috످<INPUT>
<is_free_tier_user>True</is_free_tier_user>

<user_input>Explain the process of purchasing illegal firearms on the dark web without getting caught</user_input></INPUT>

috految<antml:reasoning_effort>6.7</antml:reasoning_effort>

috److I won't explain how to buy illegal guns or avoid getting caught, because that could put lives at risk. Dark web gun sales are often scams or police stings, and in the US, even trying to buy a gun illegally can be a felony.

If you want to own one legally, I can explain your local laws. Most US adults can buy from a licensed dealer after a background check. If you were wrongly denied, you can appeal at [edo.cjis.gov](https://edo.cjis.gov). If you have a record, you can ask a lawyer about restoring your rights.

For research or writing, RAND's [*Behind the Curtain*](https://www.rand.org/pubs/research_reports/RR2091.html) covers the scale and impact of dark web gun sales.

If someone is threatening you, you can call 911 in an emergency. VictimConnect (855-484-2846) and the National Domestic Violence Hotline (800-799-7233) can help with safety plans and protective orders.

If you're thinking about hurting yourself or someone else, I hope you'll stay away from weapons and reach out for help. You can call or text 988 (US/Canada) or visit [findahelpline.com](https://findahelpline.com). You can also tell me what's going on.

috످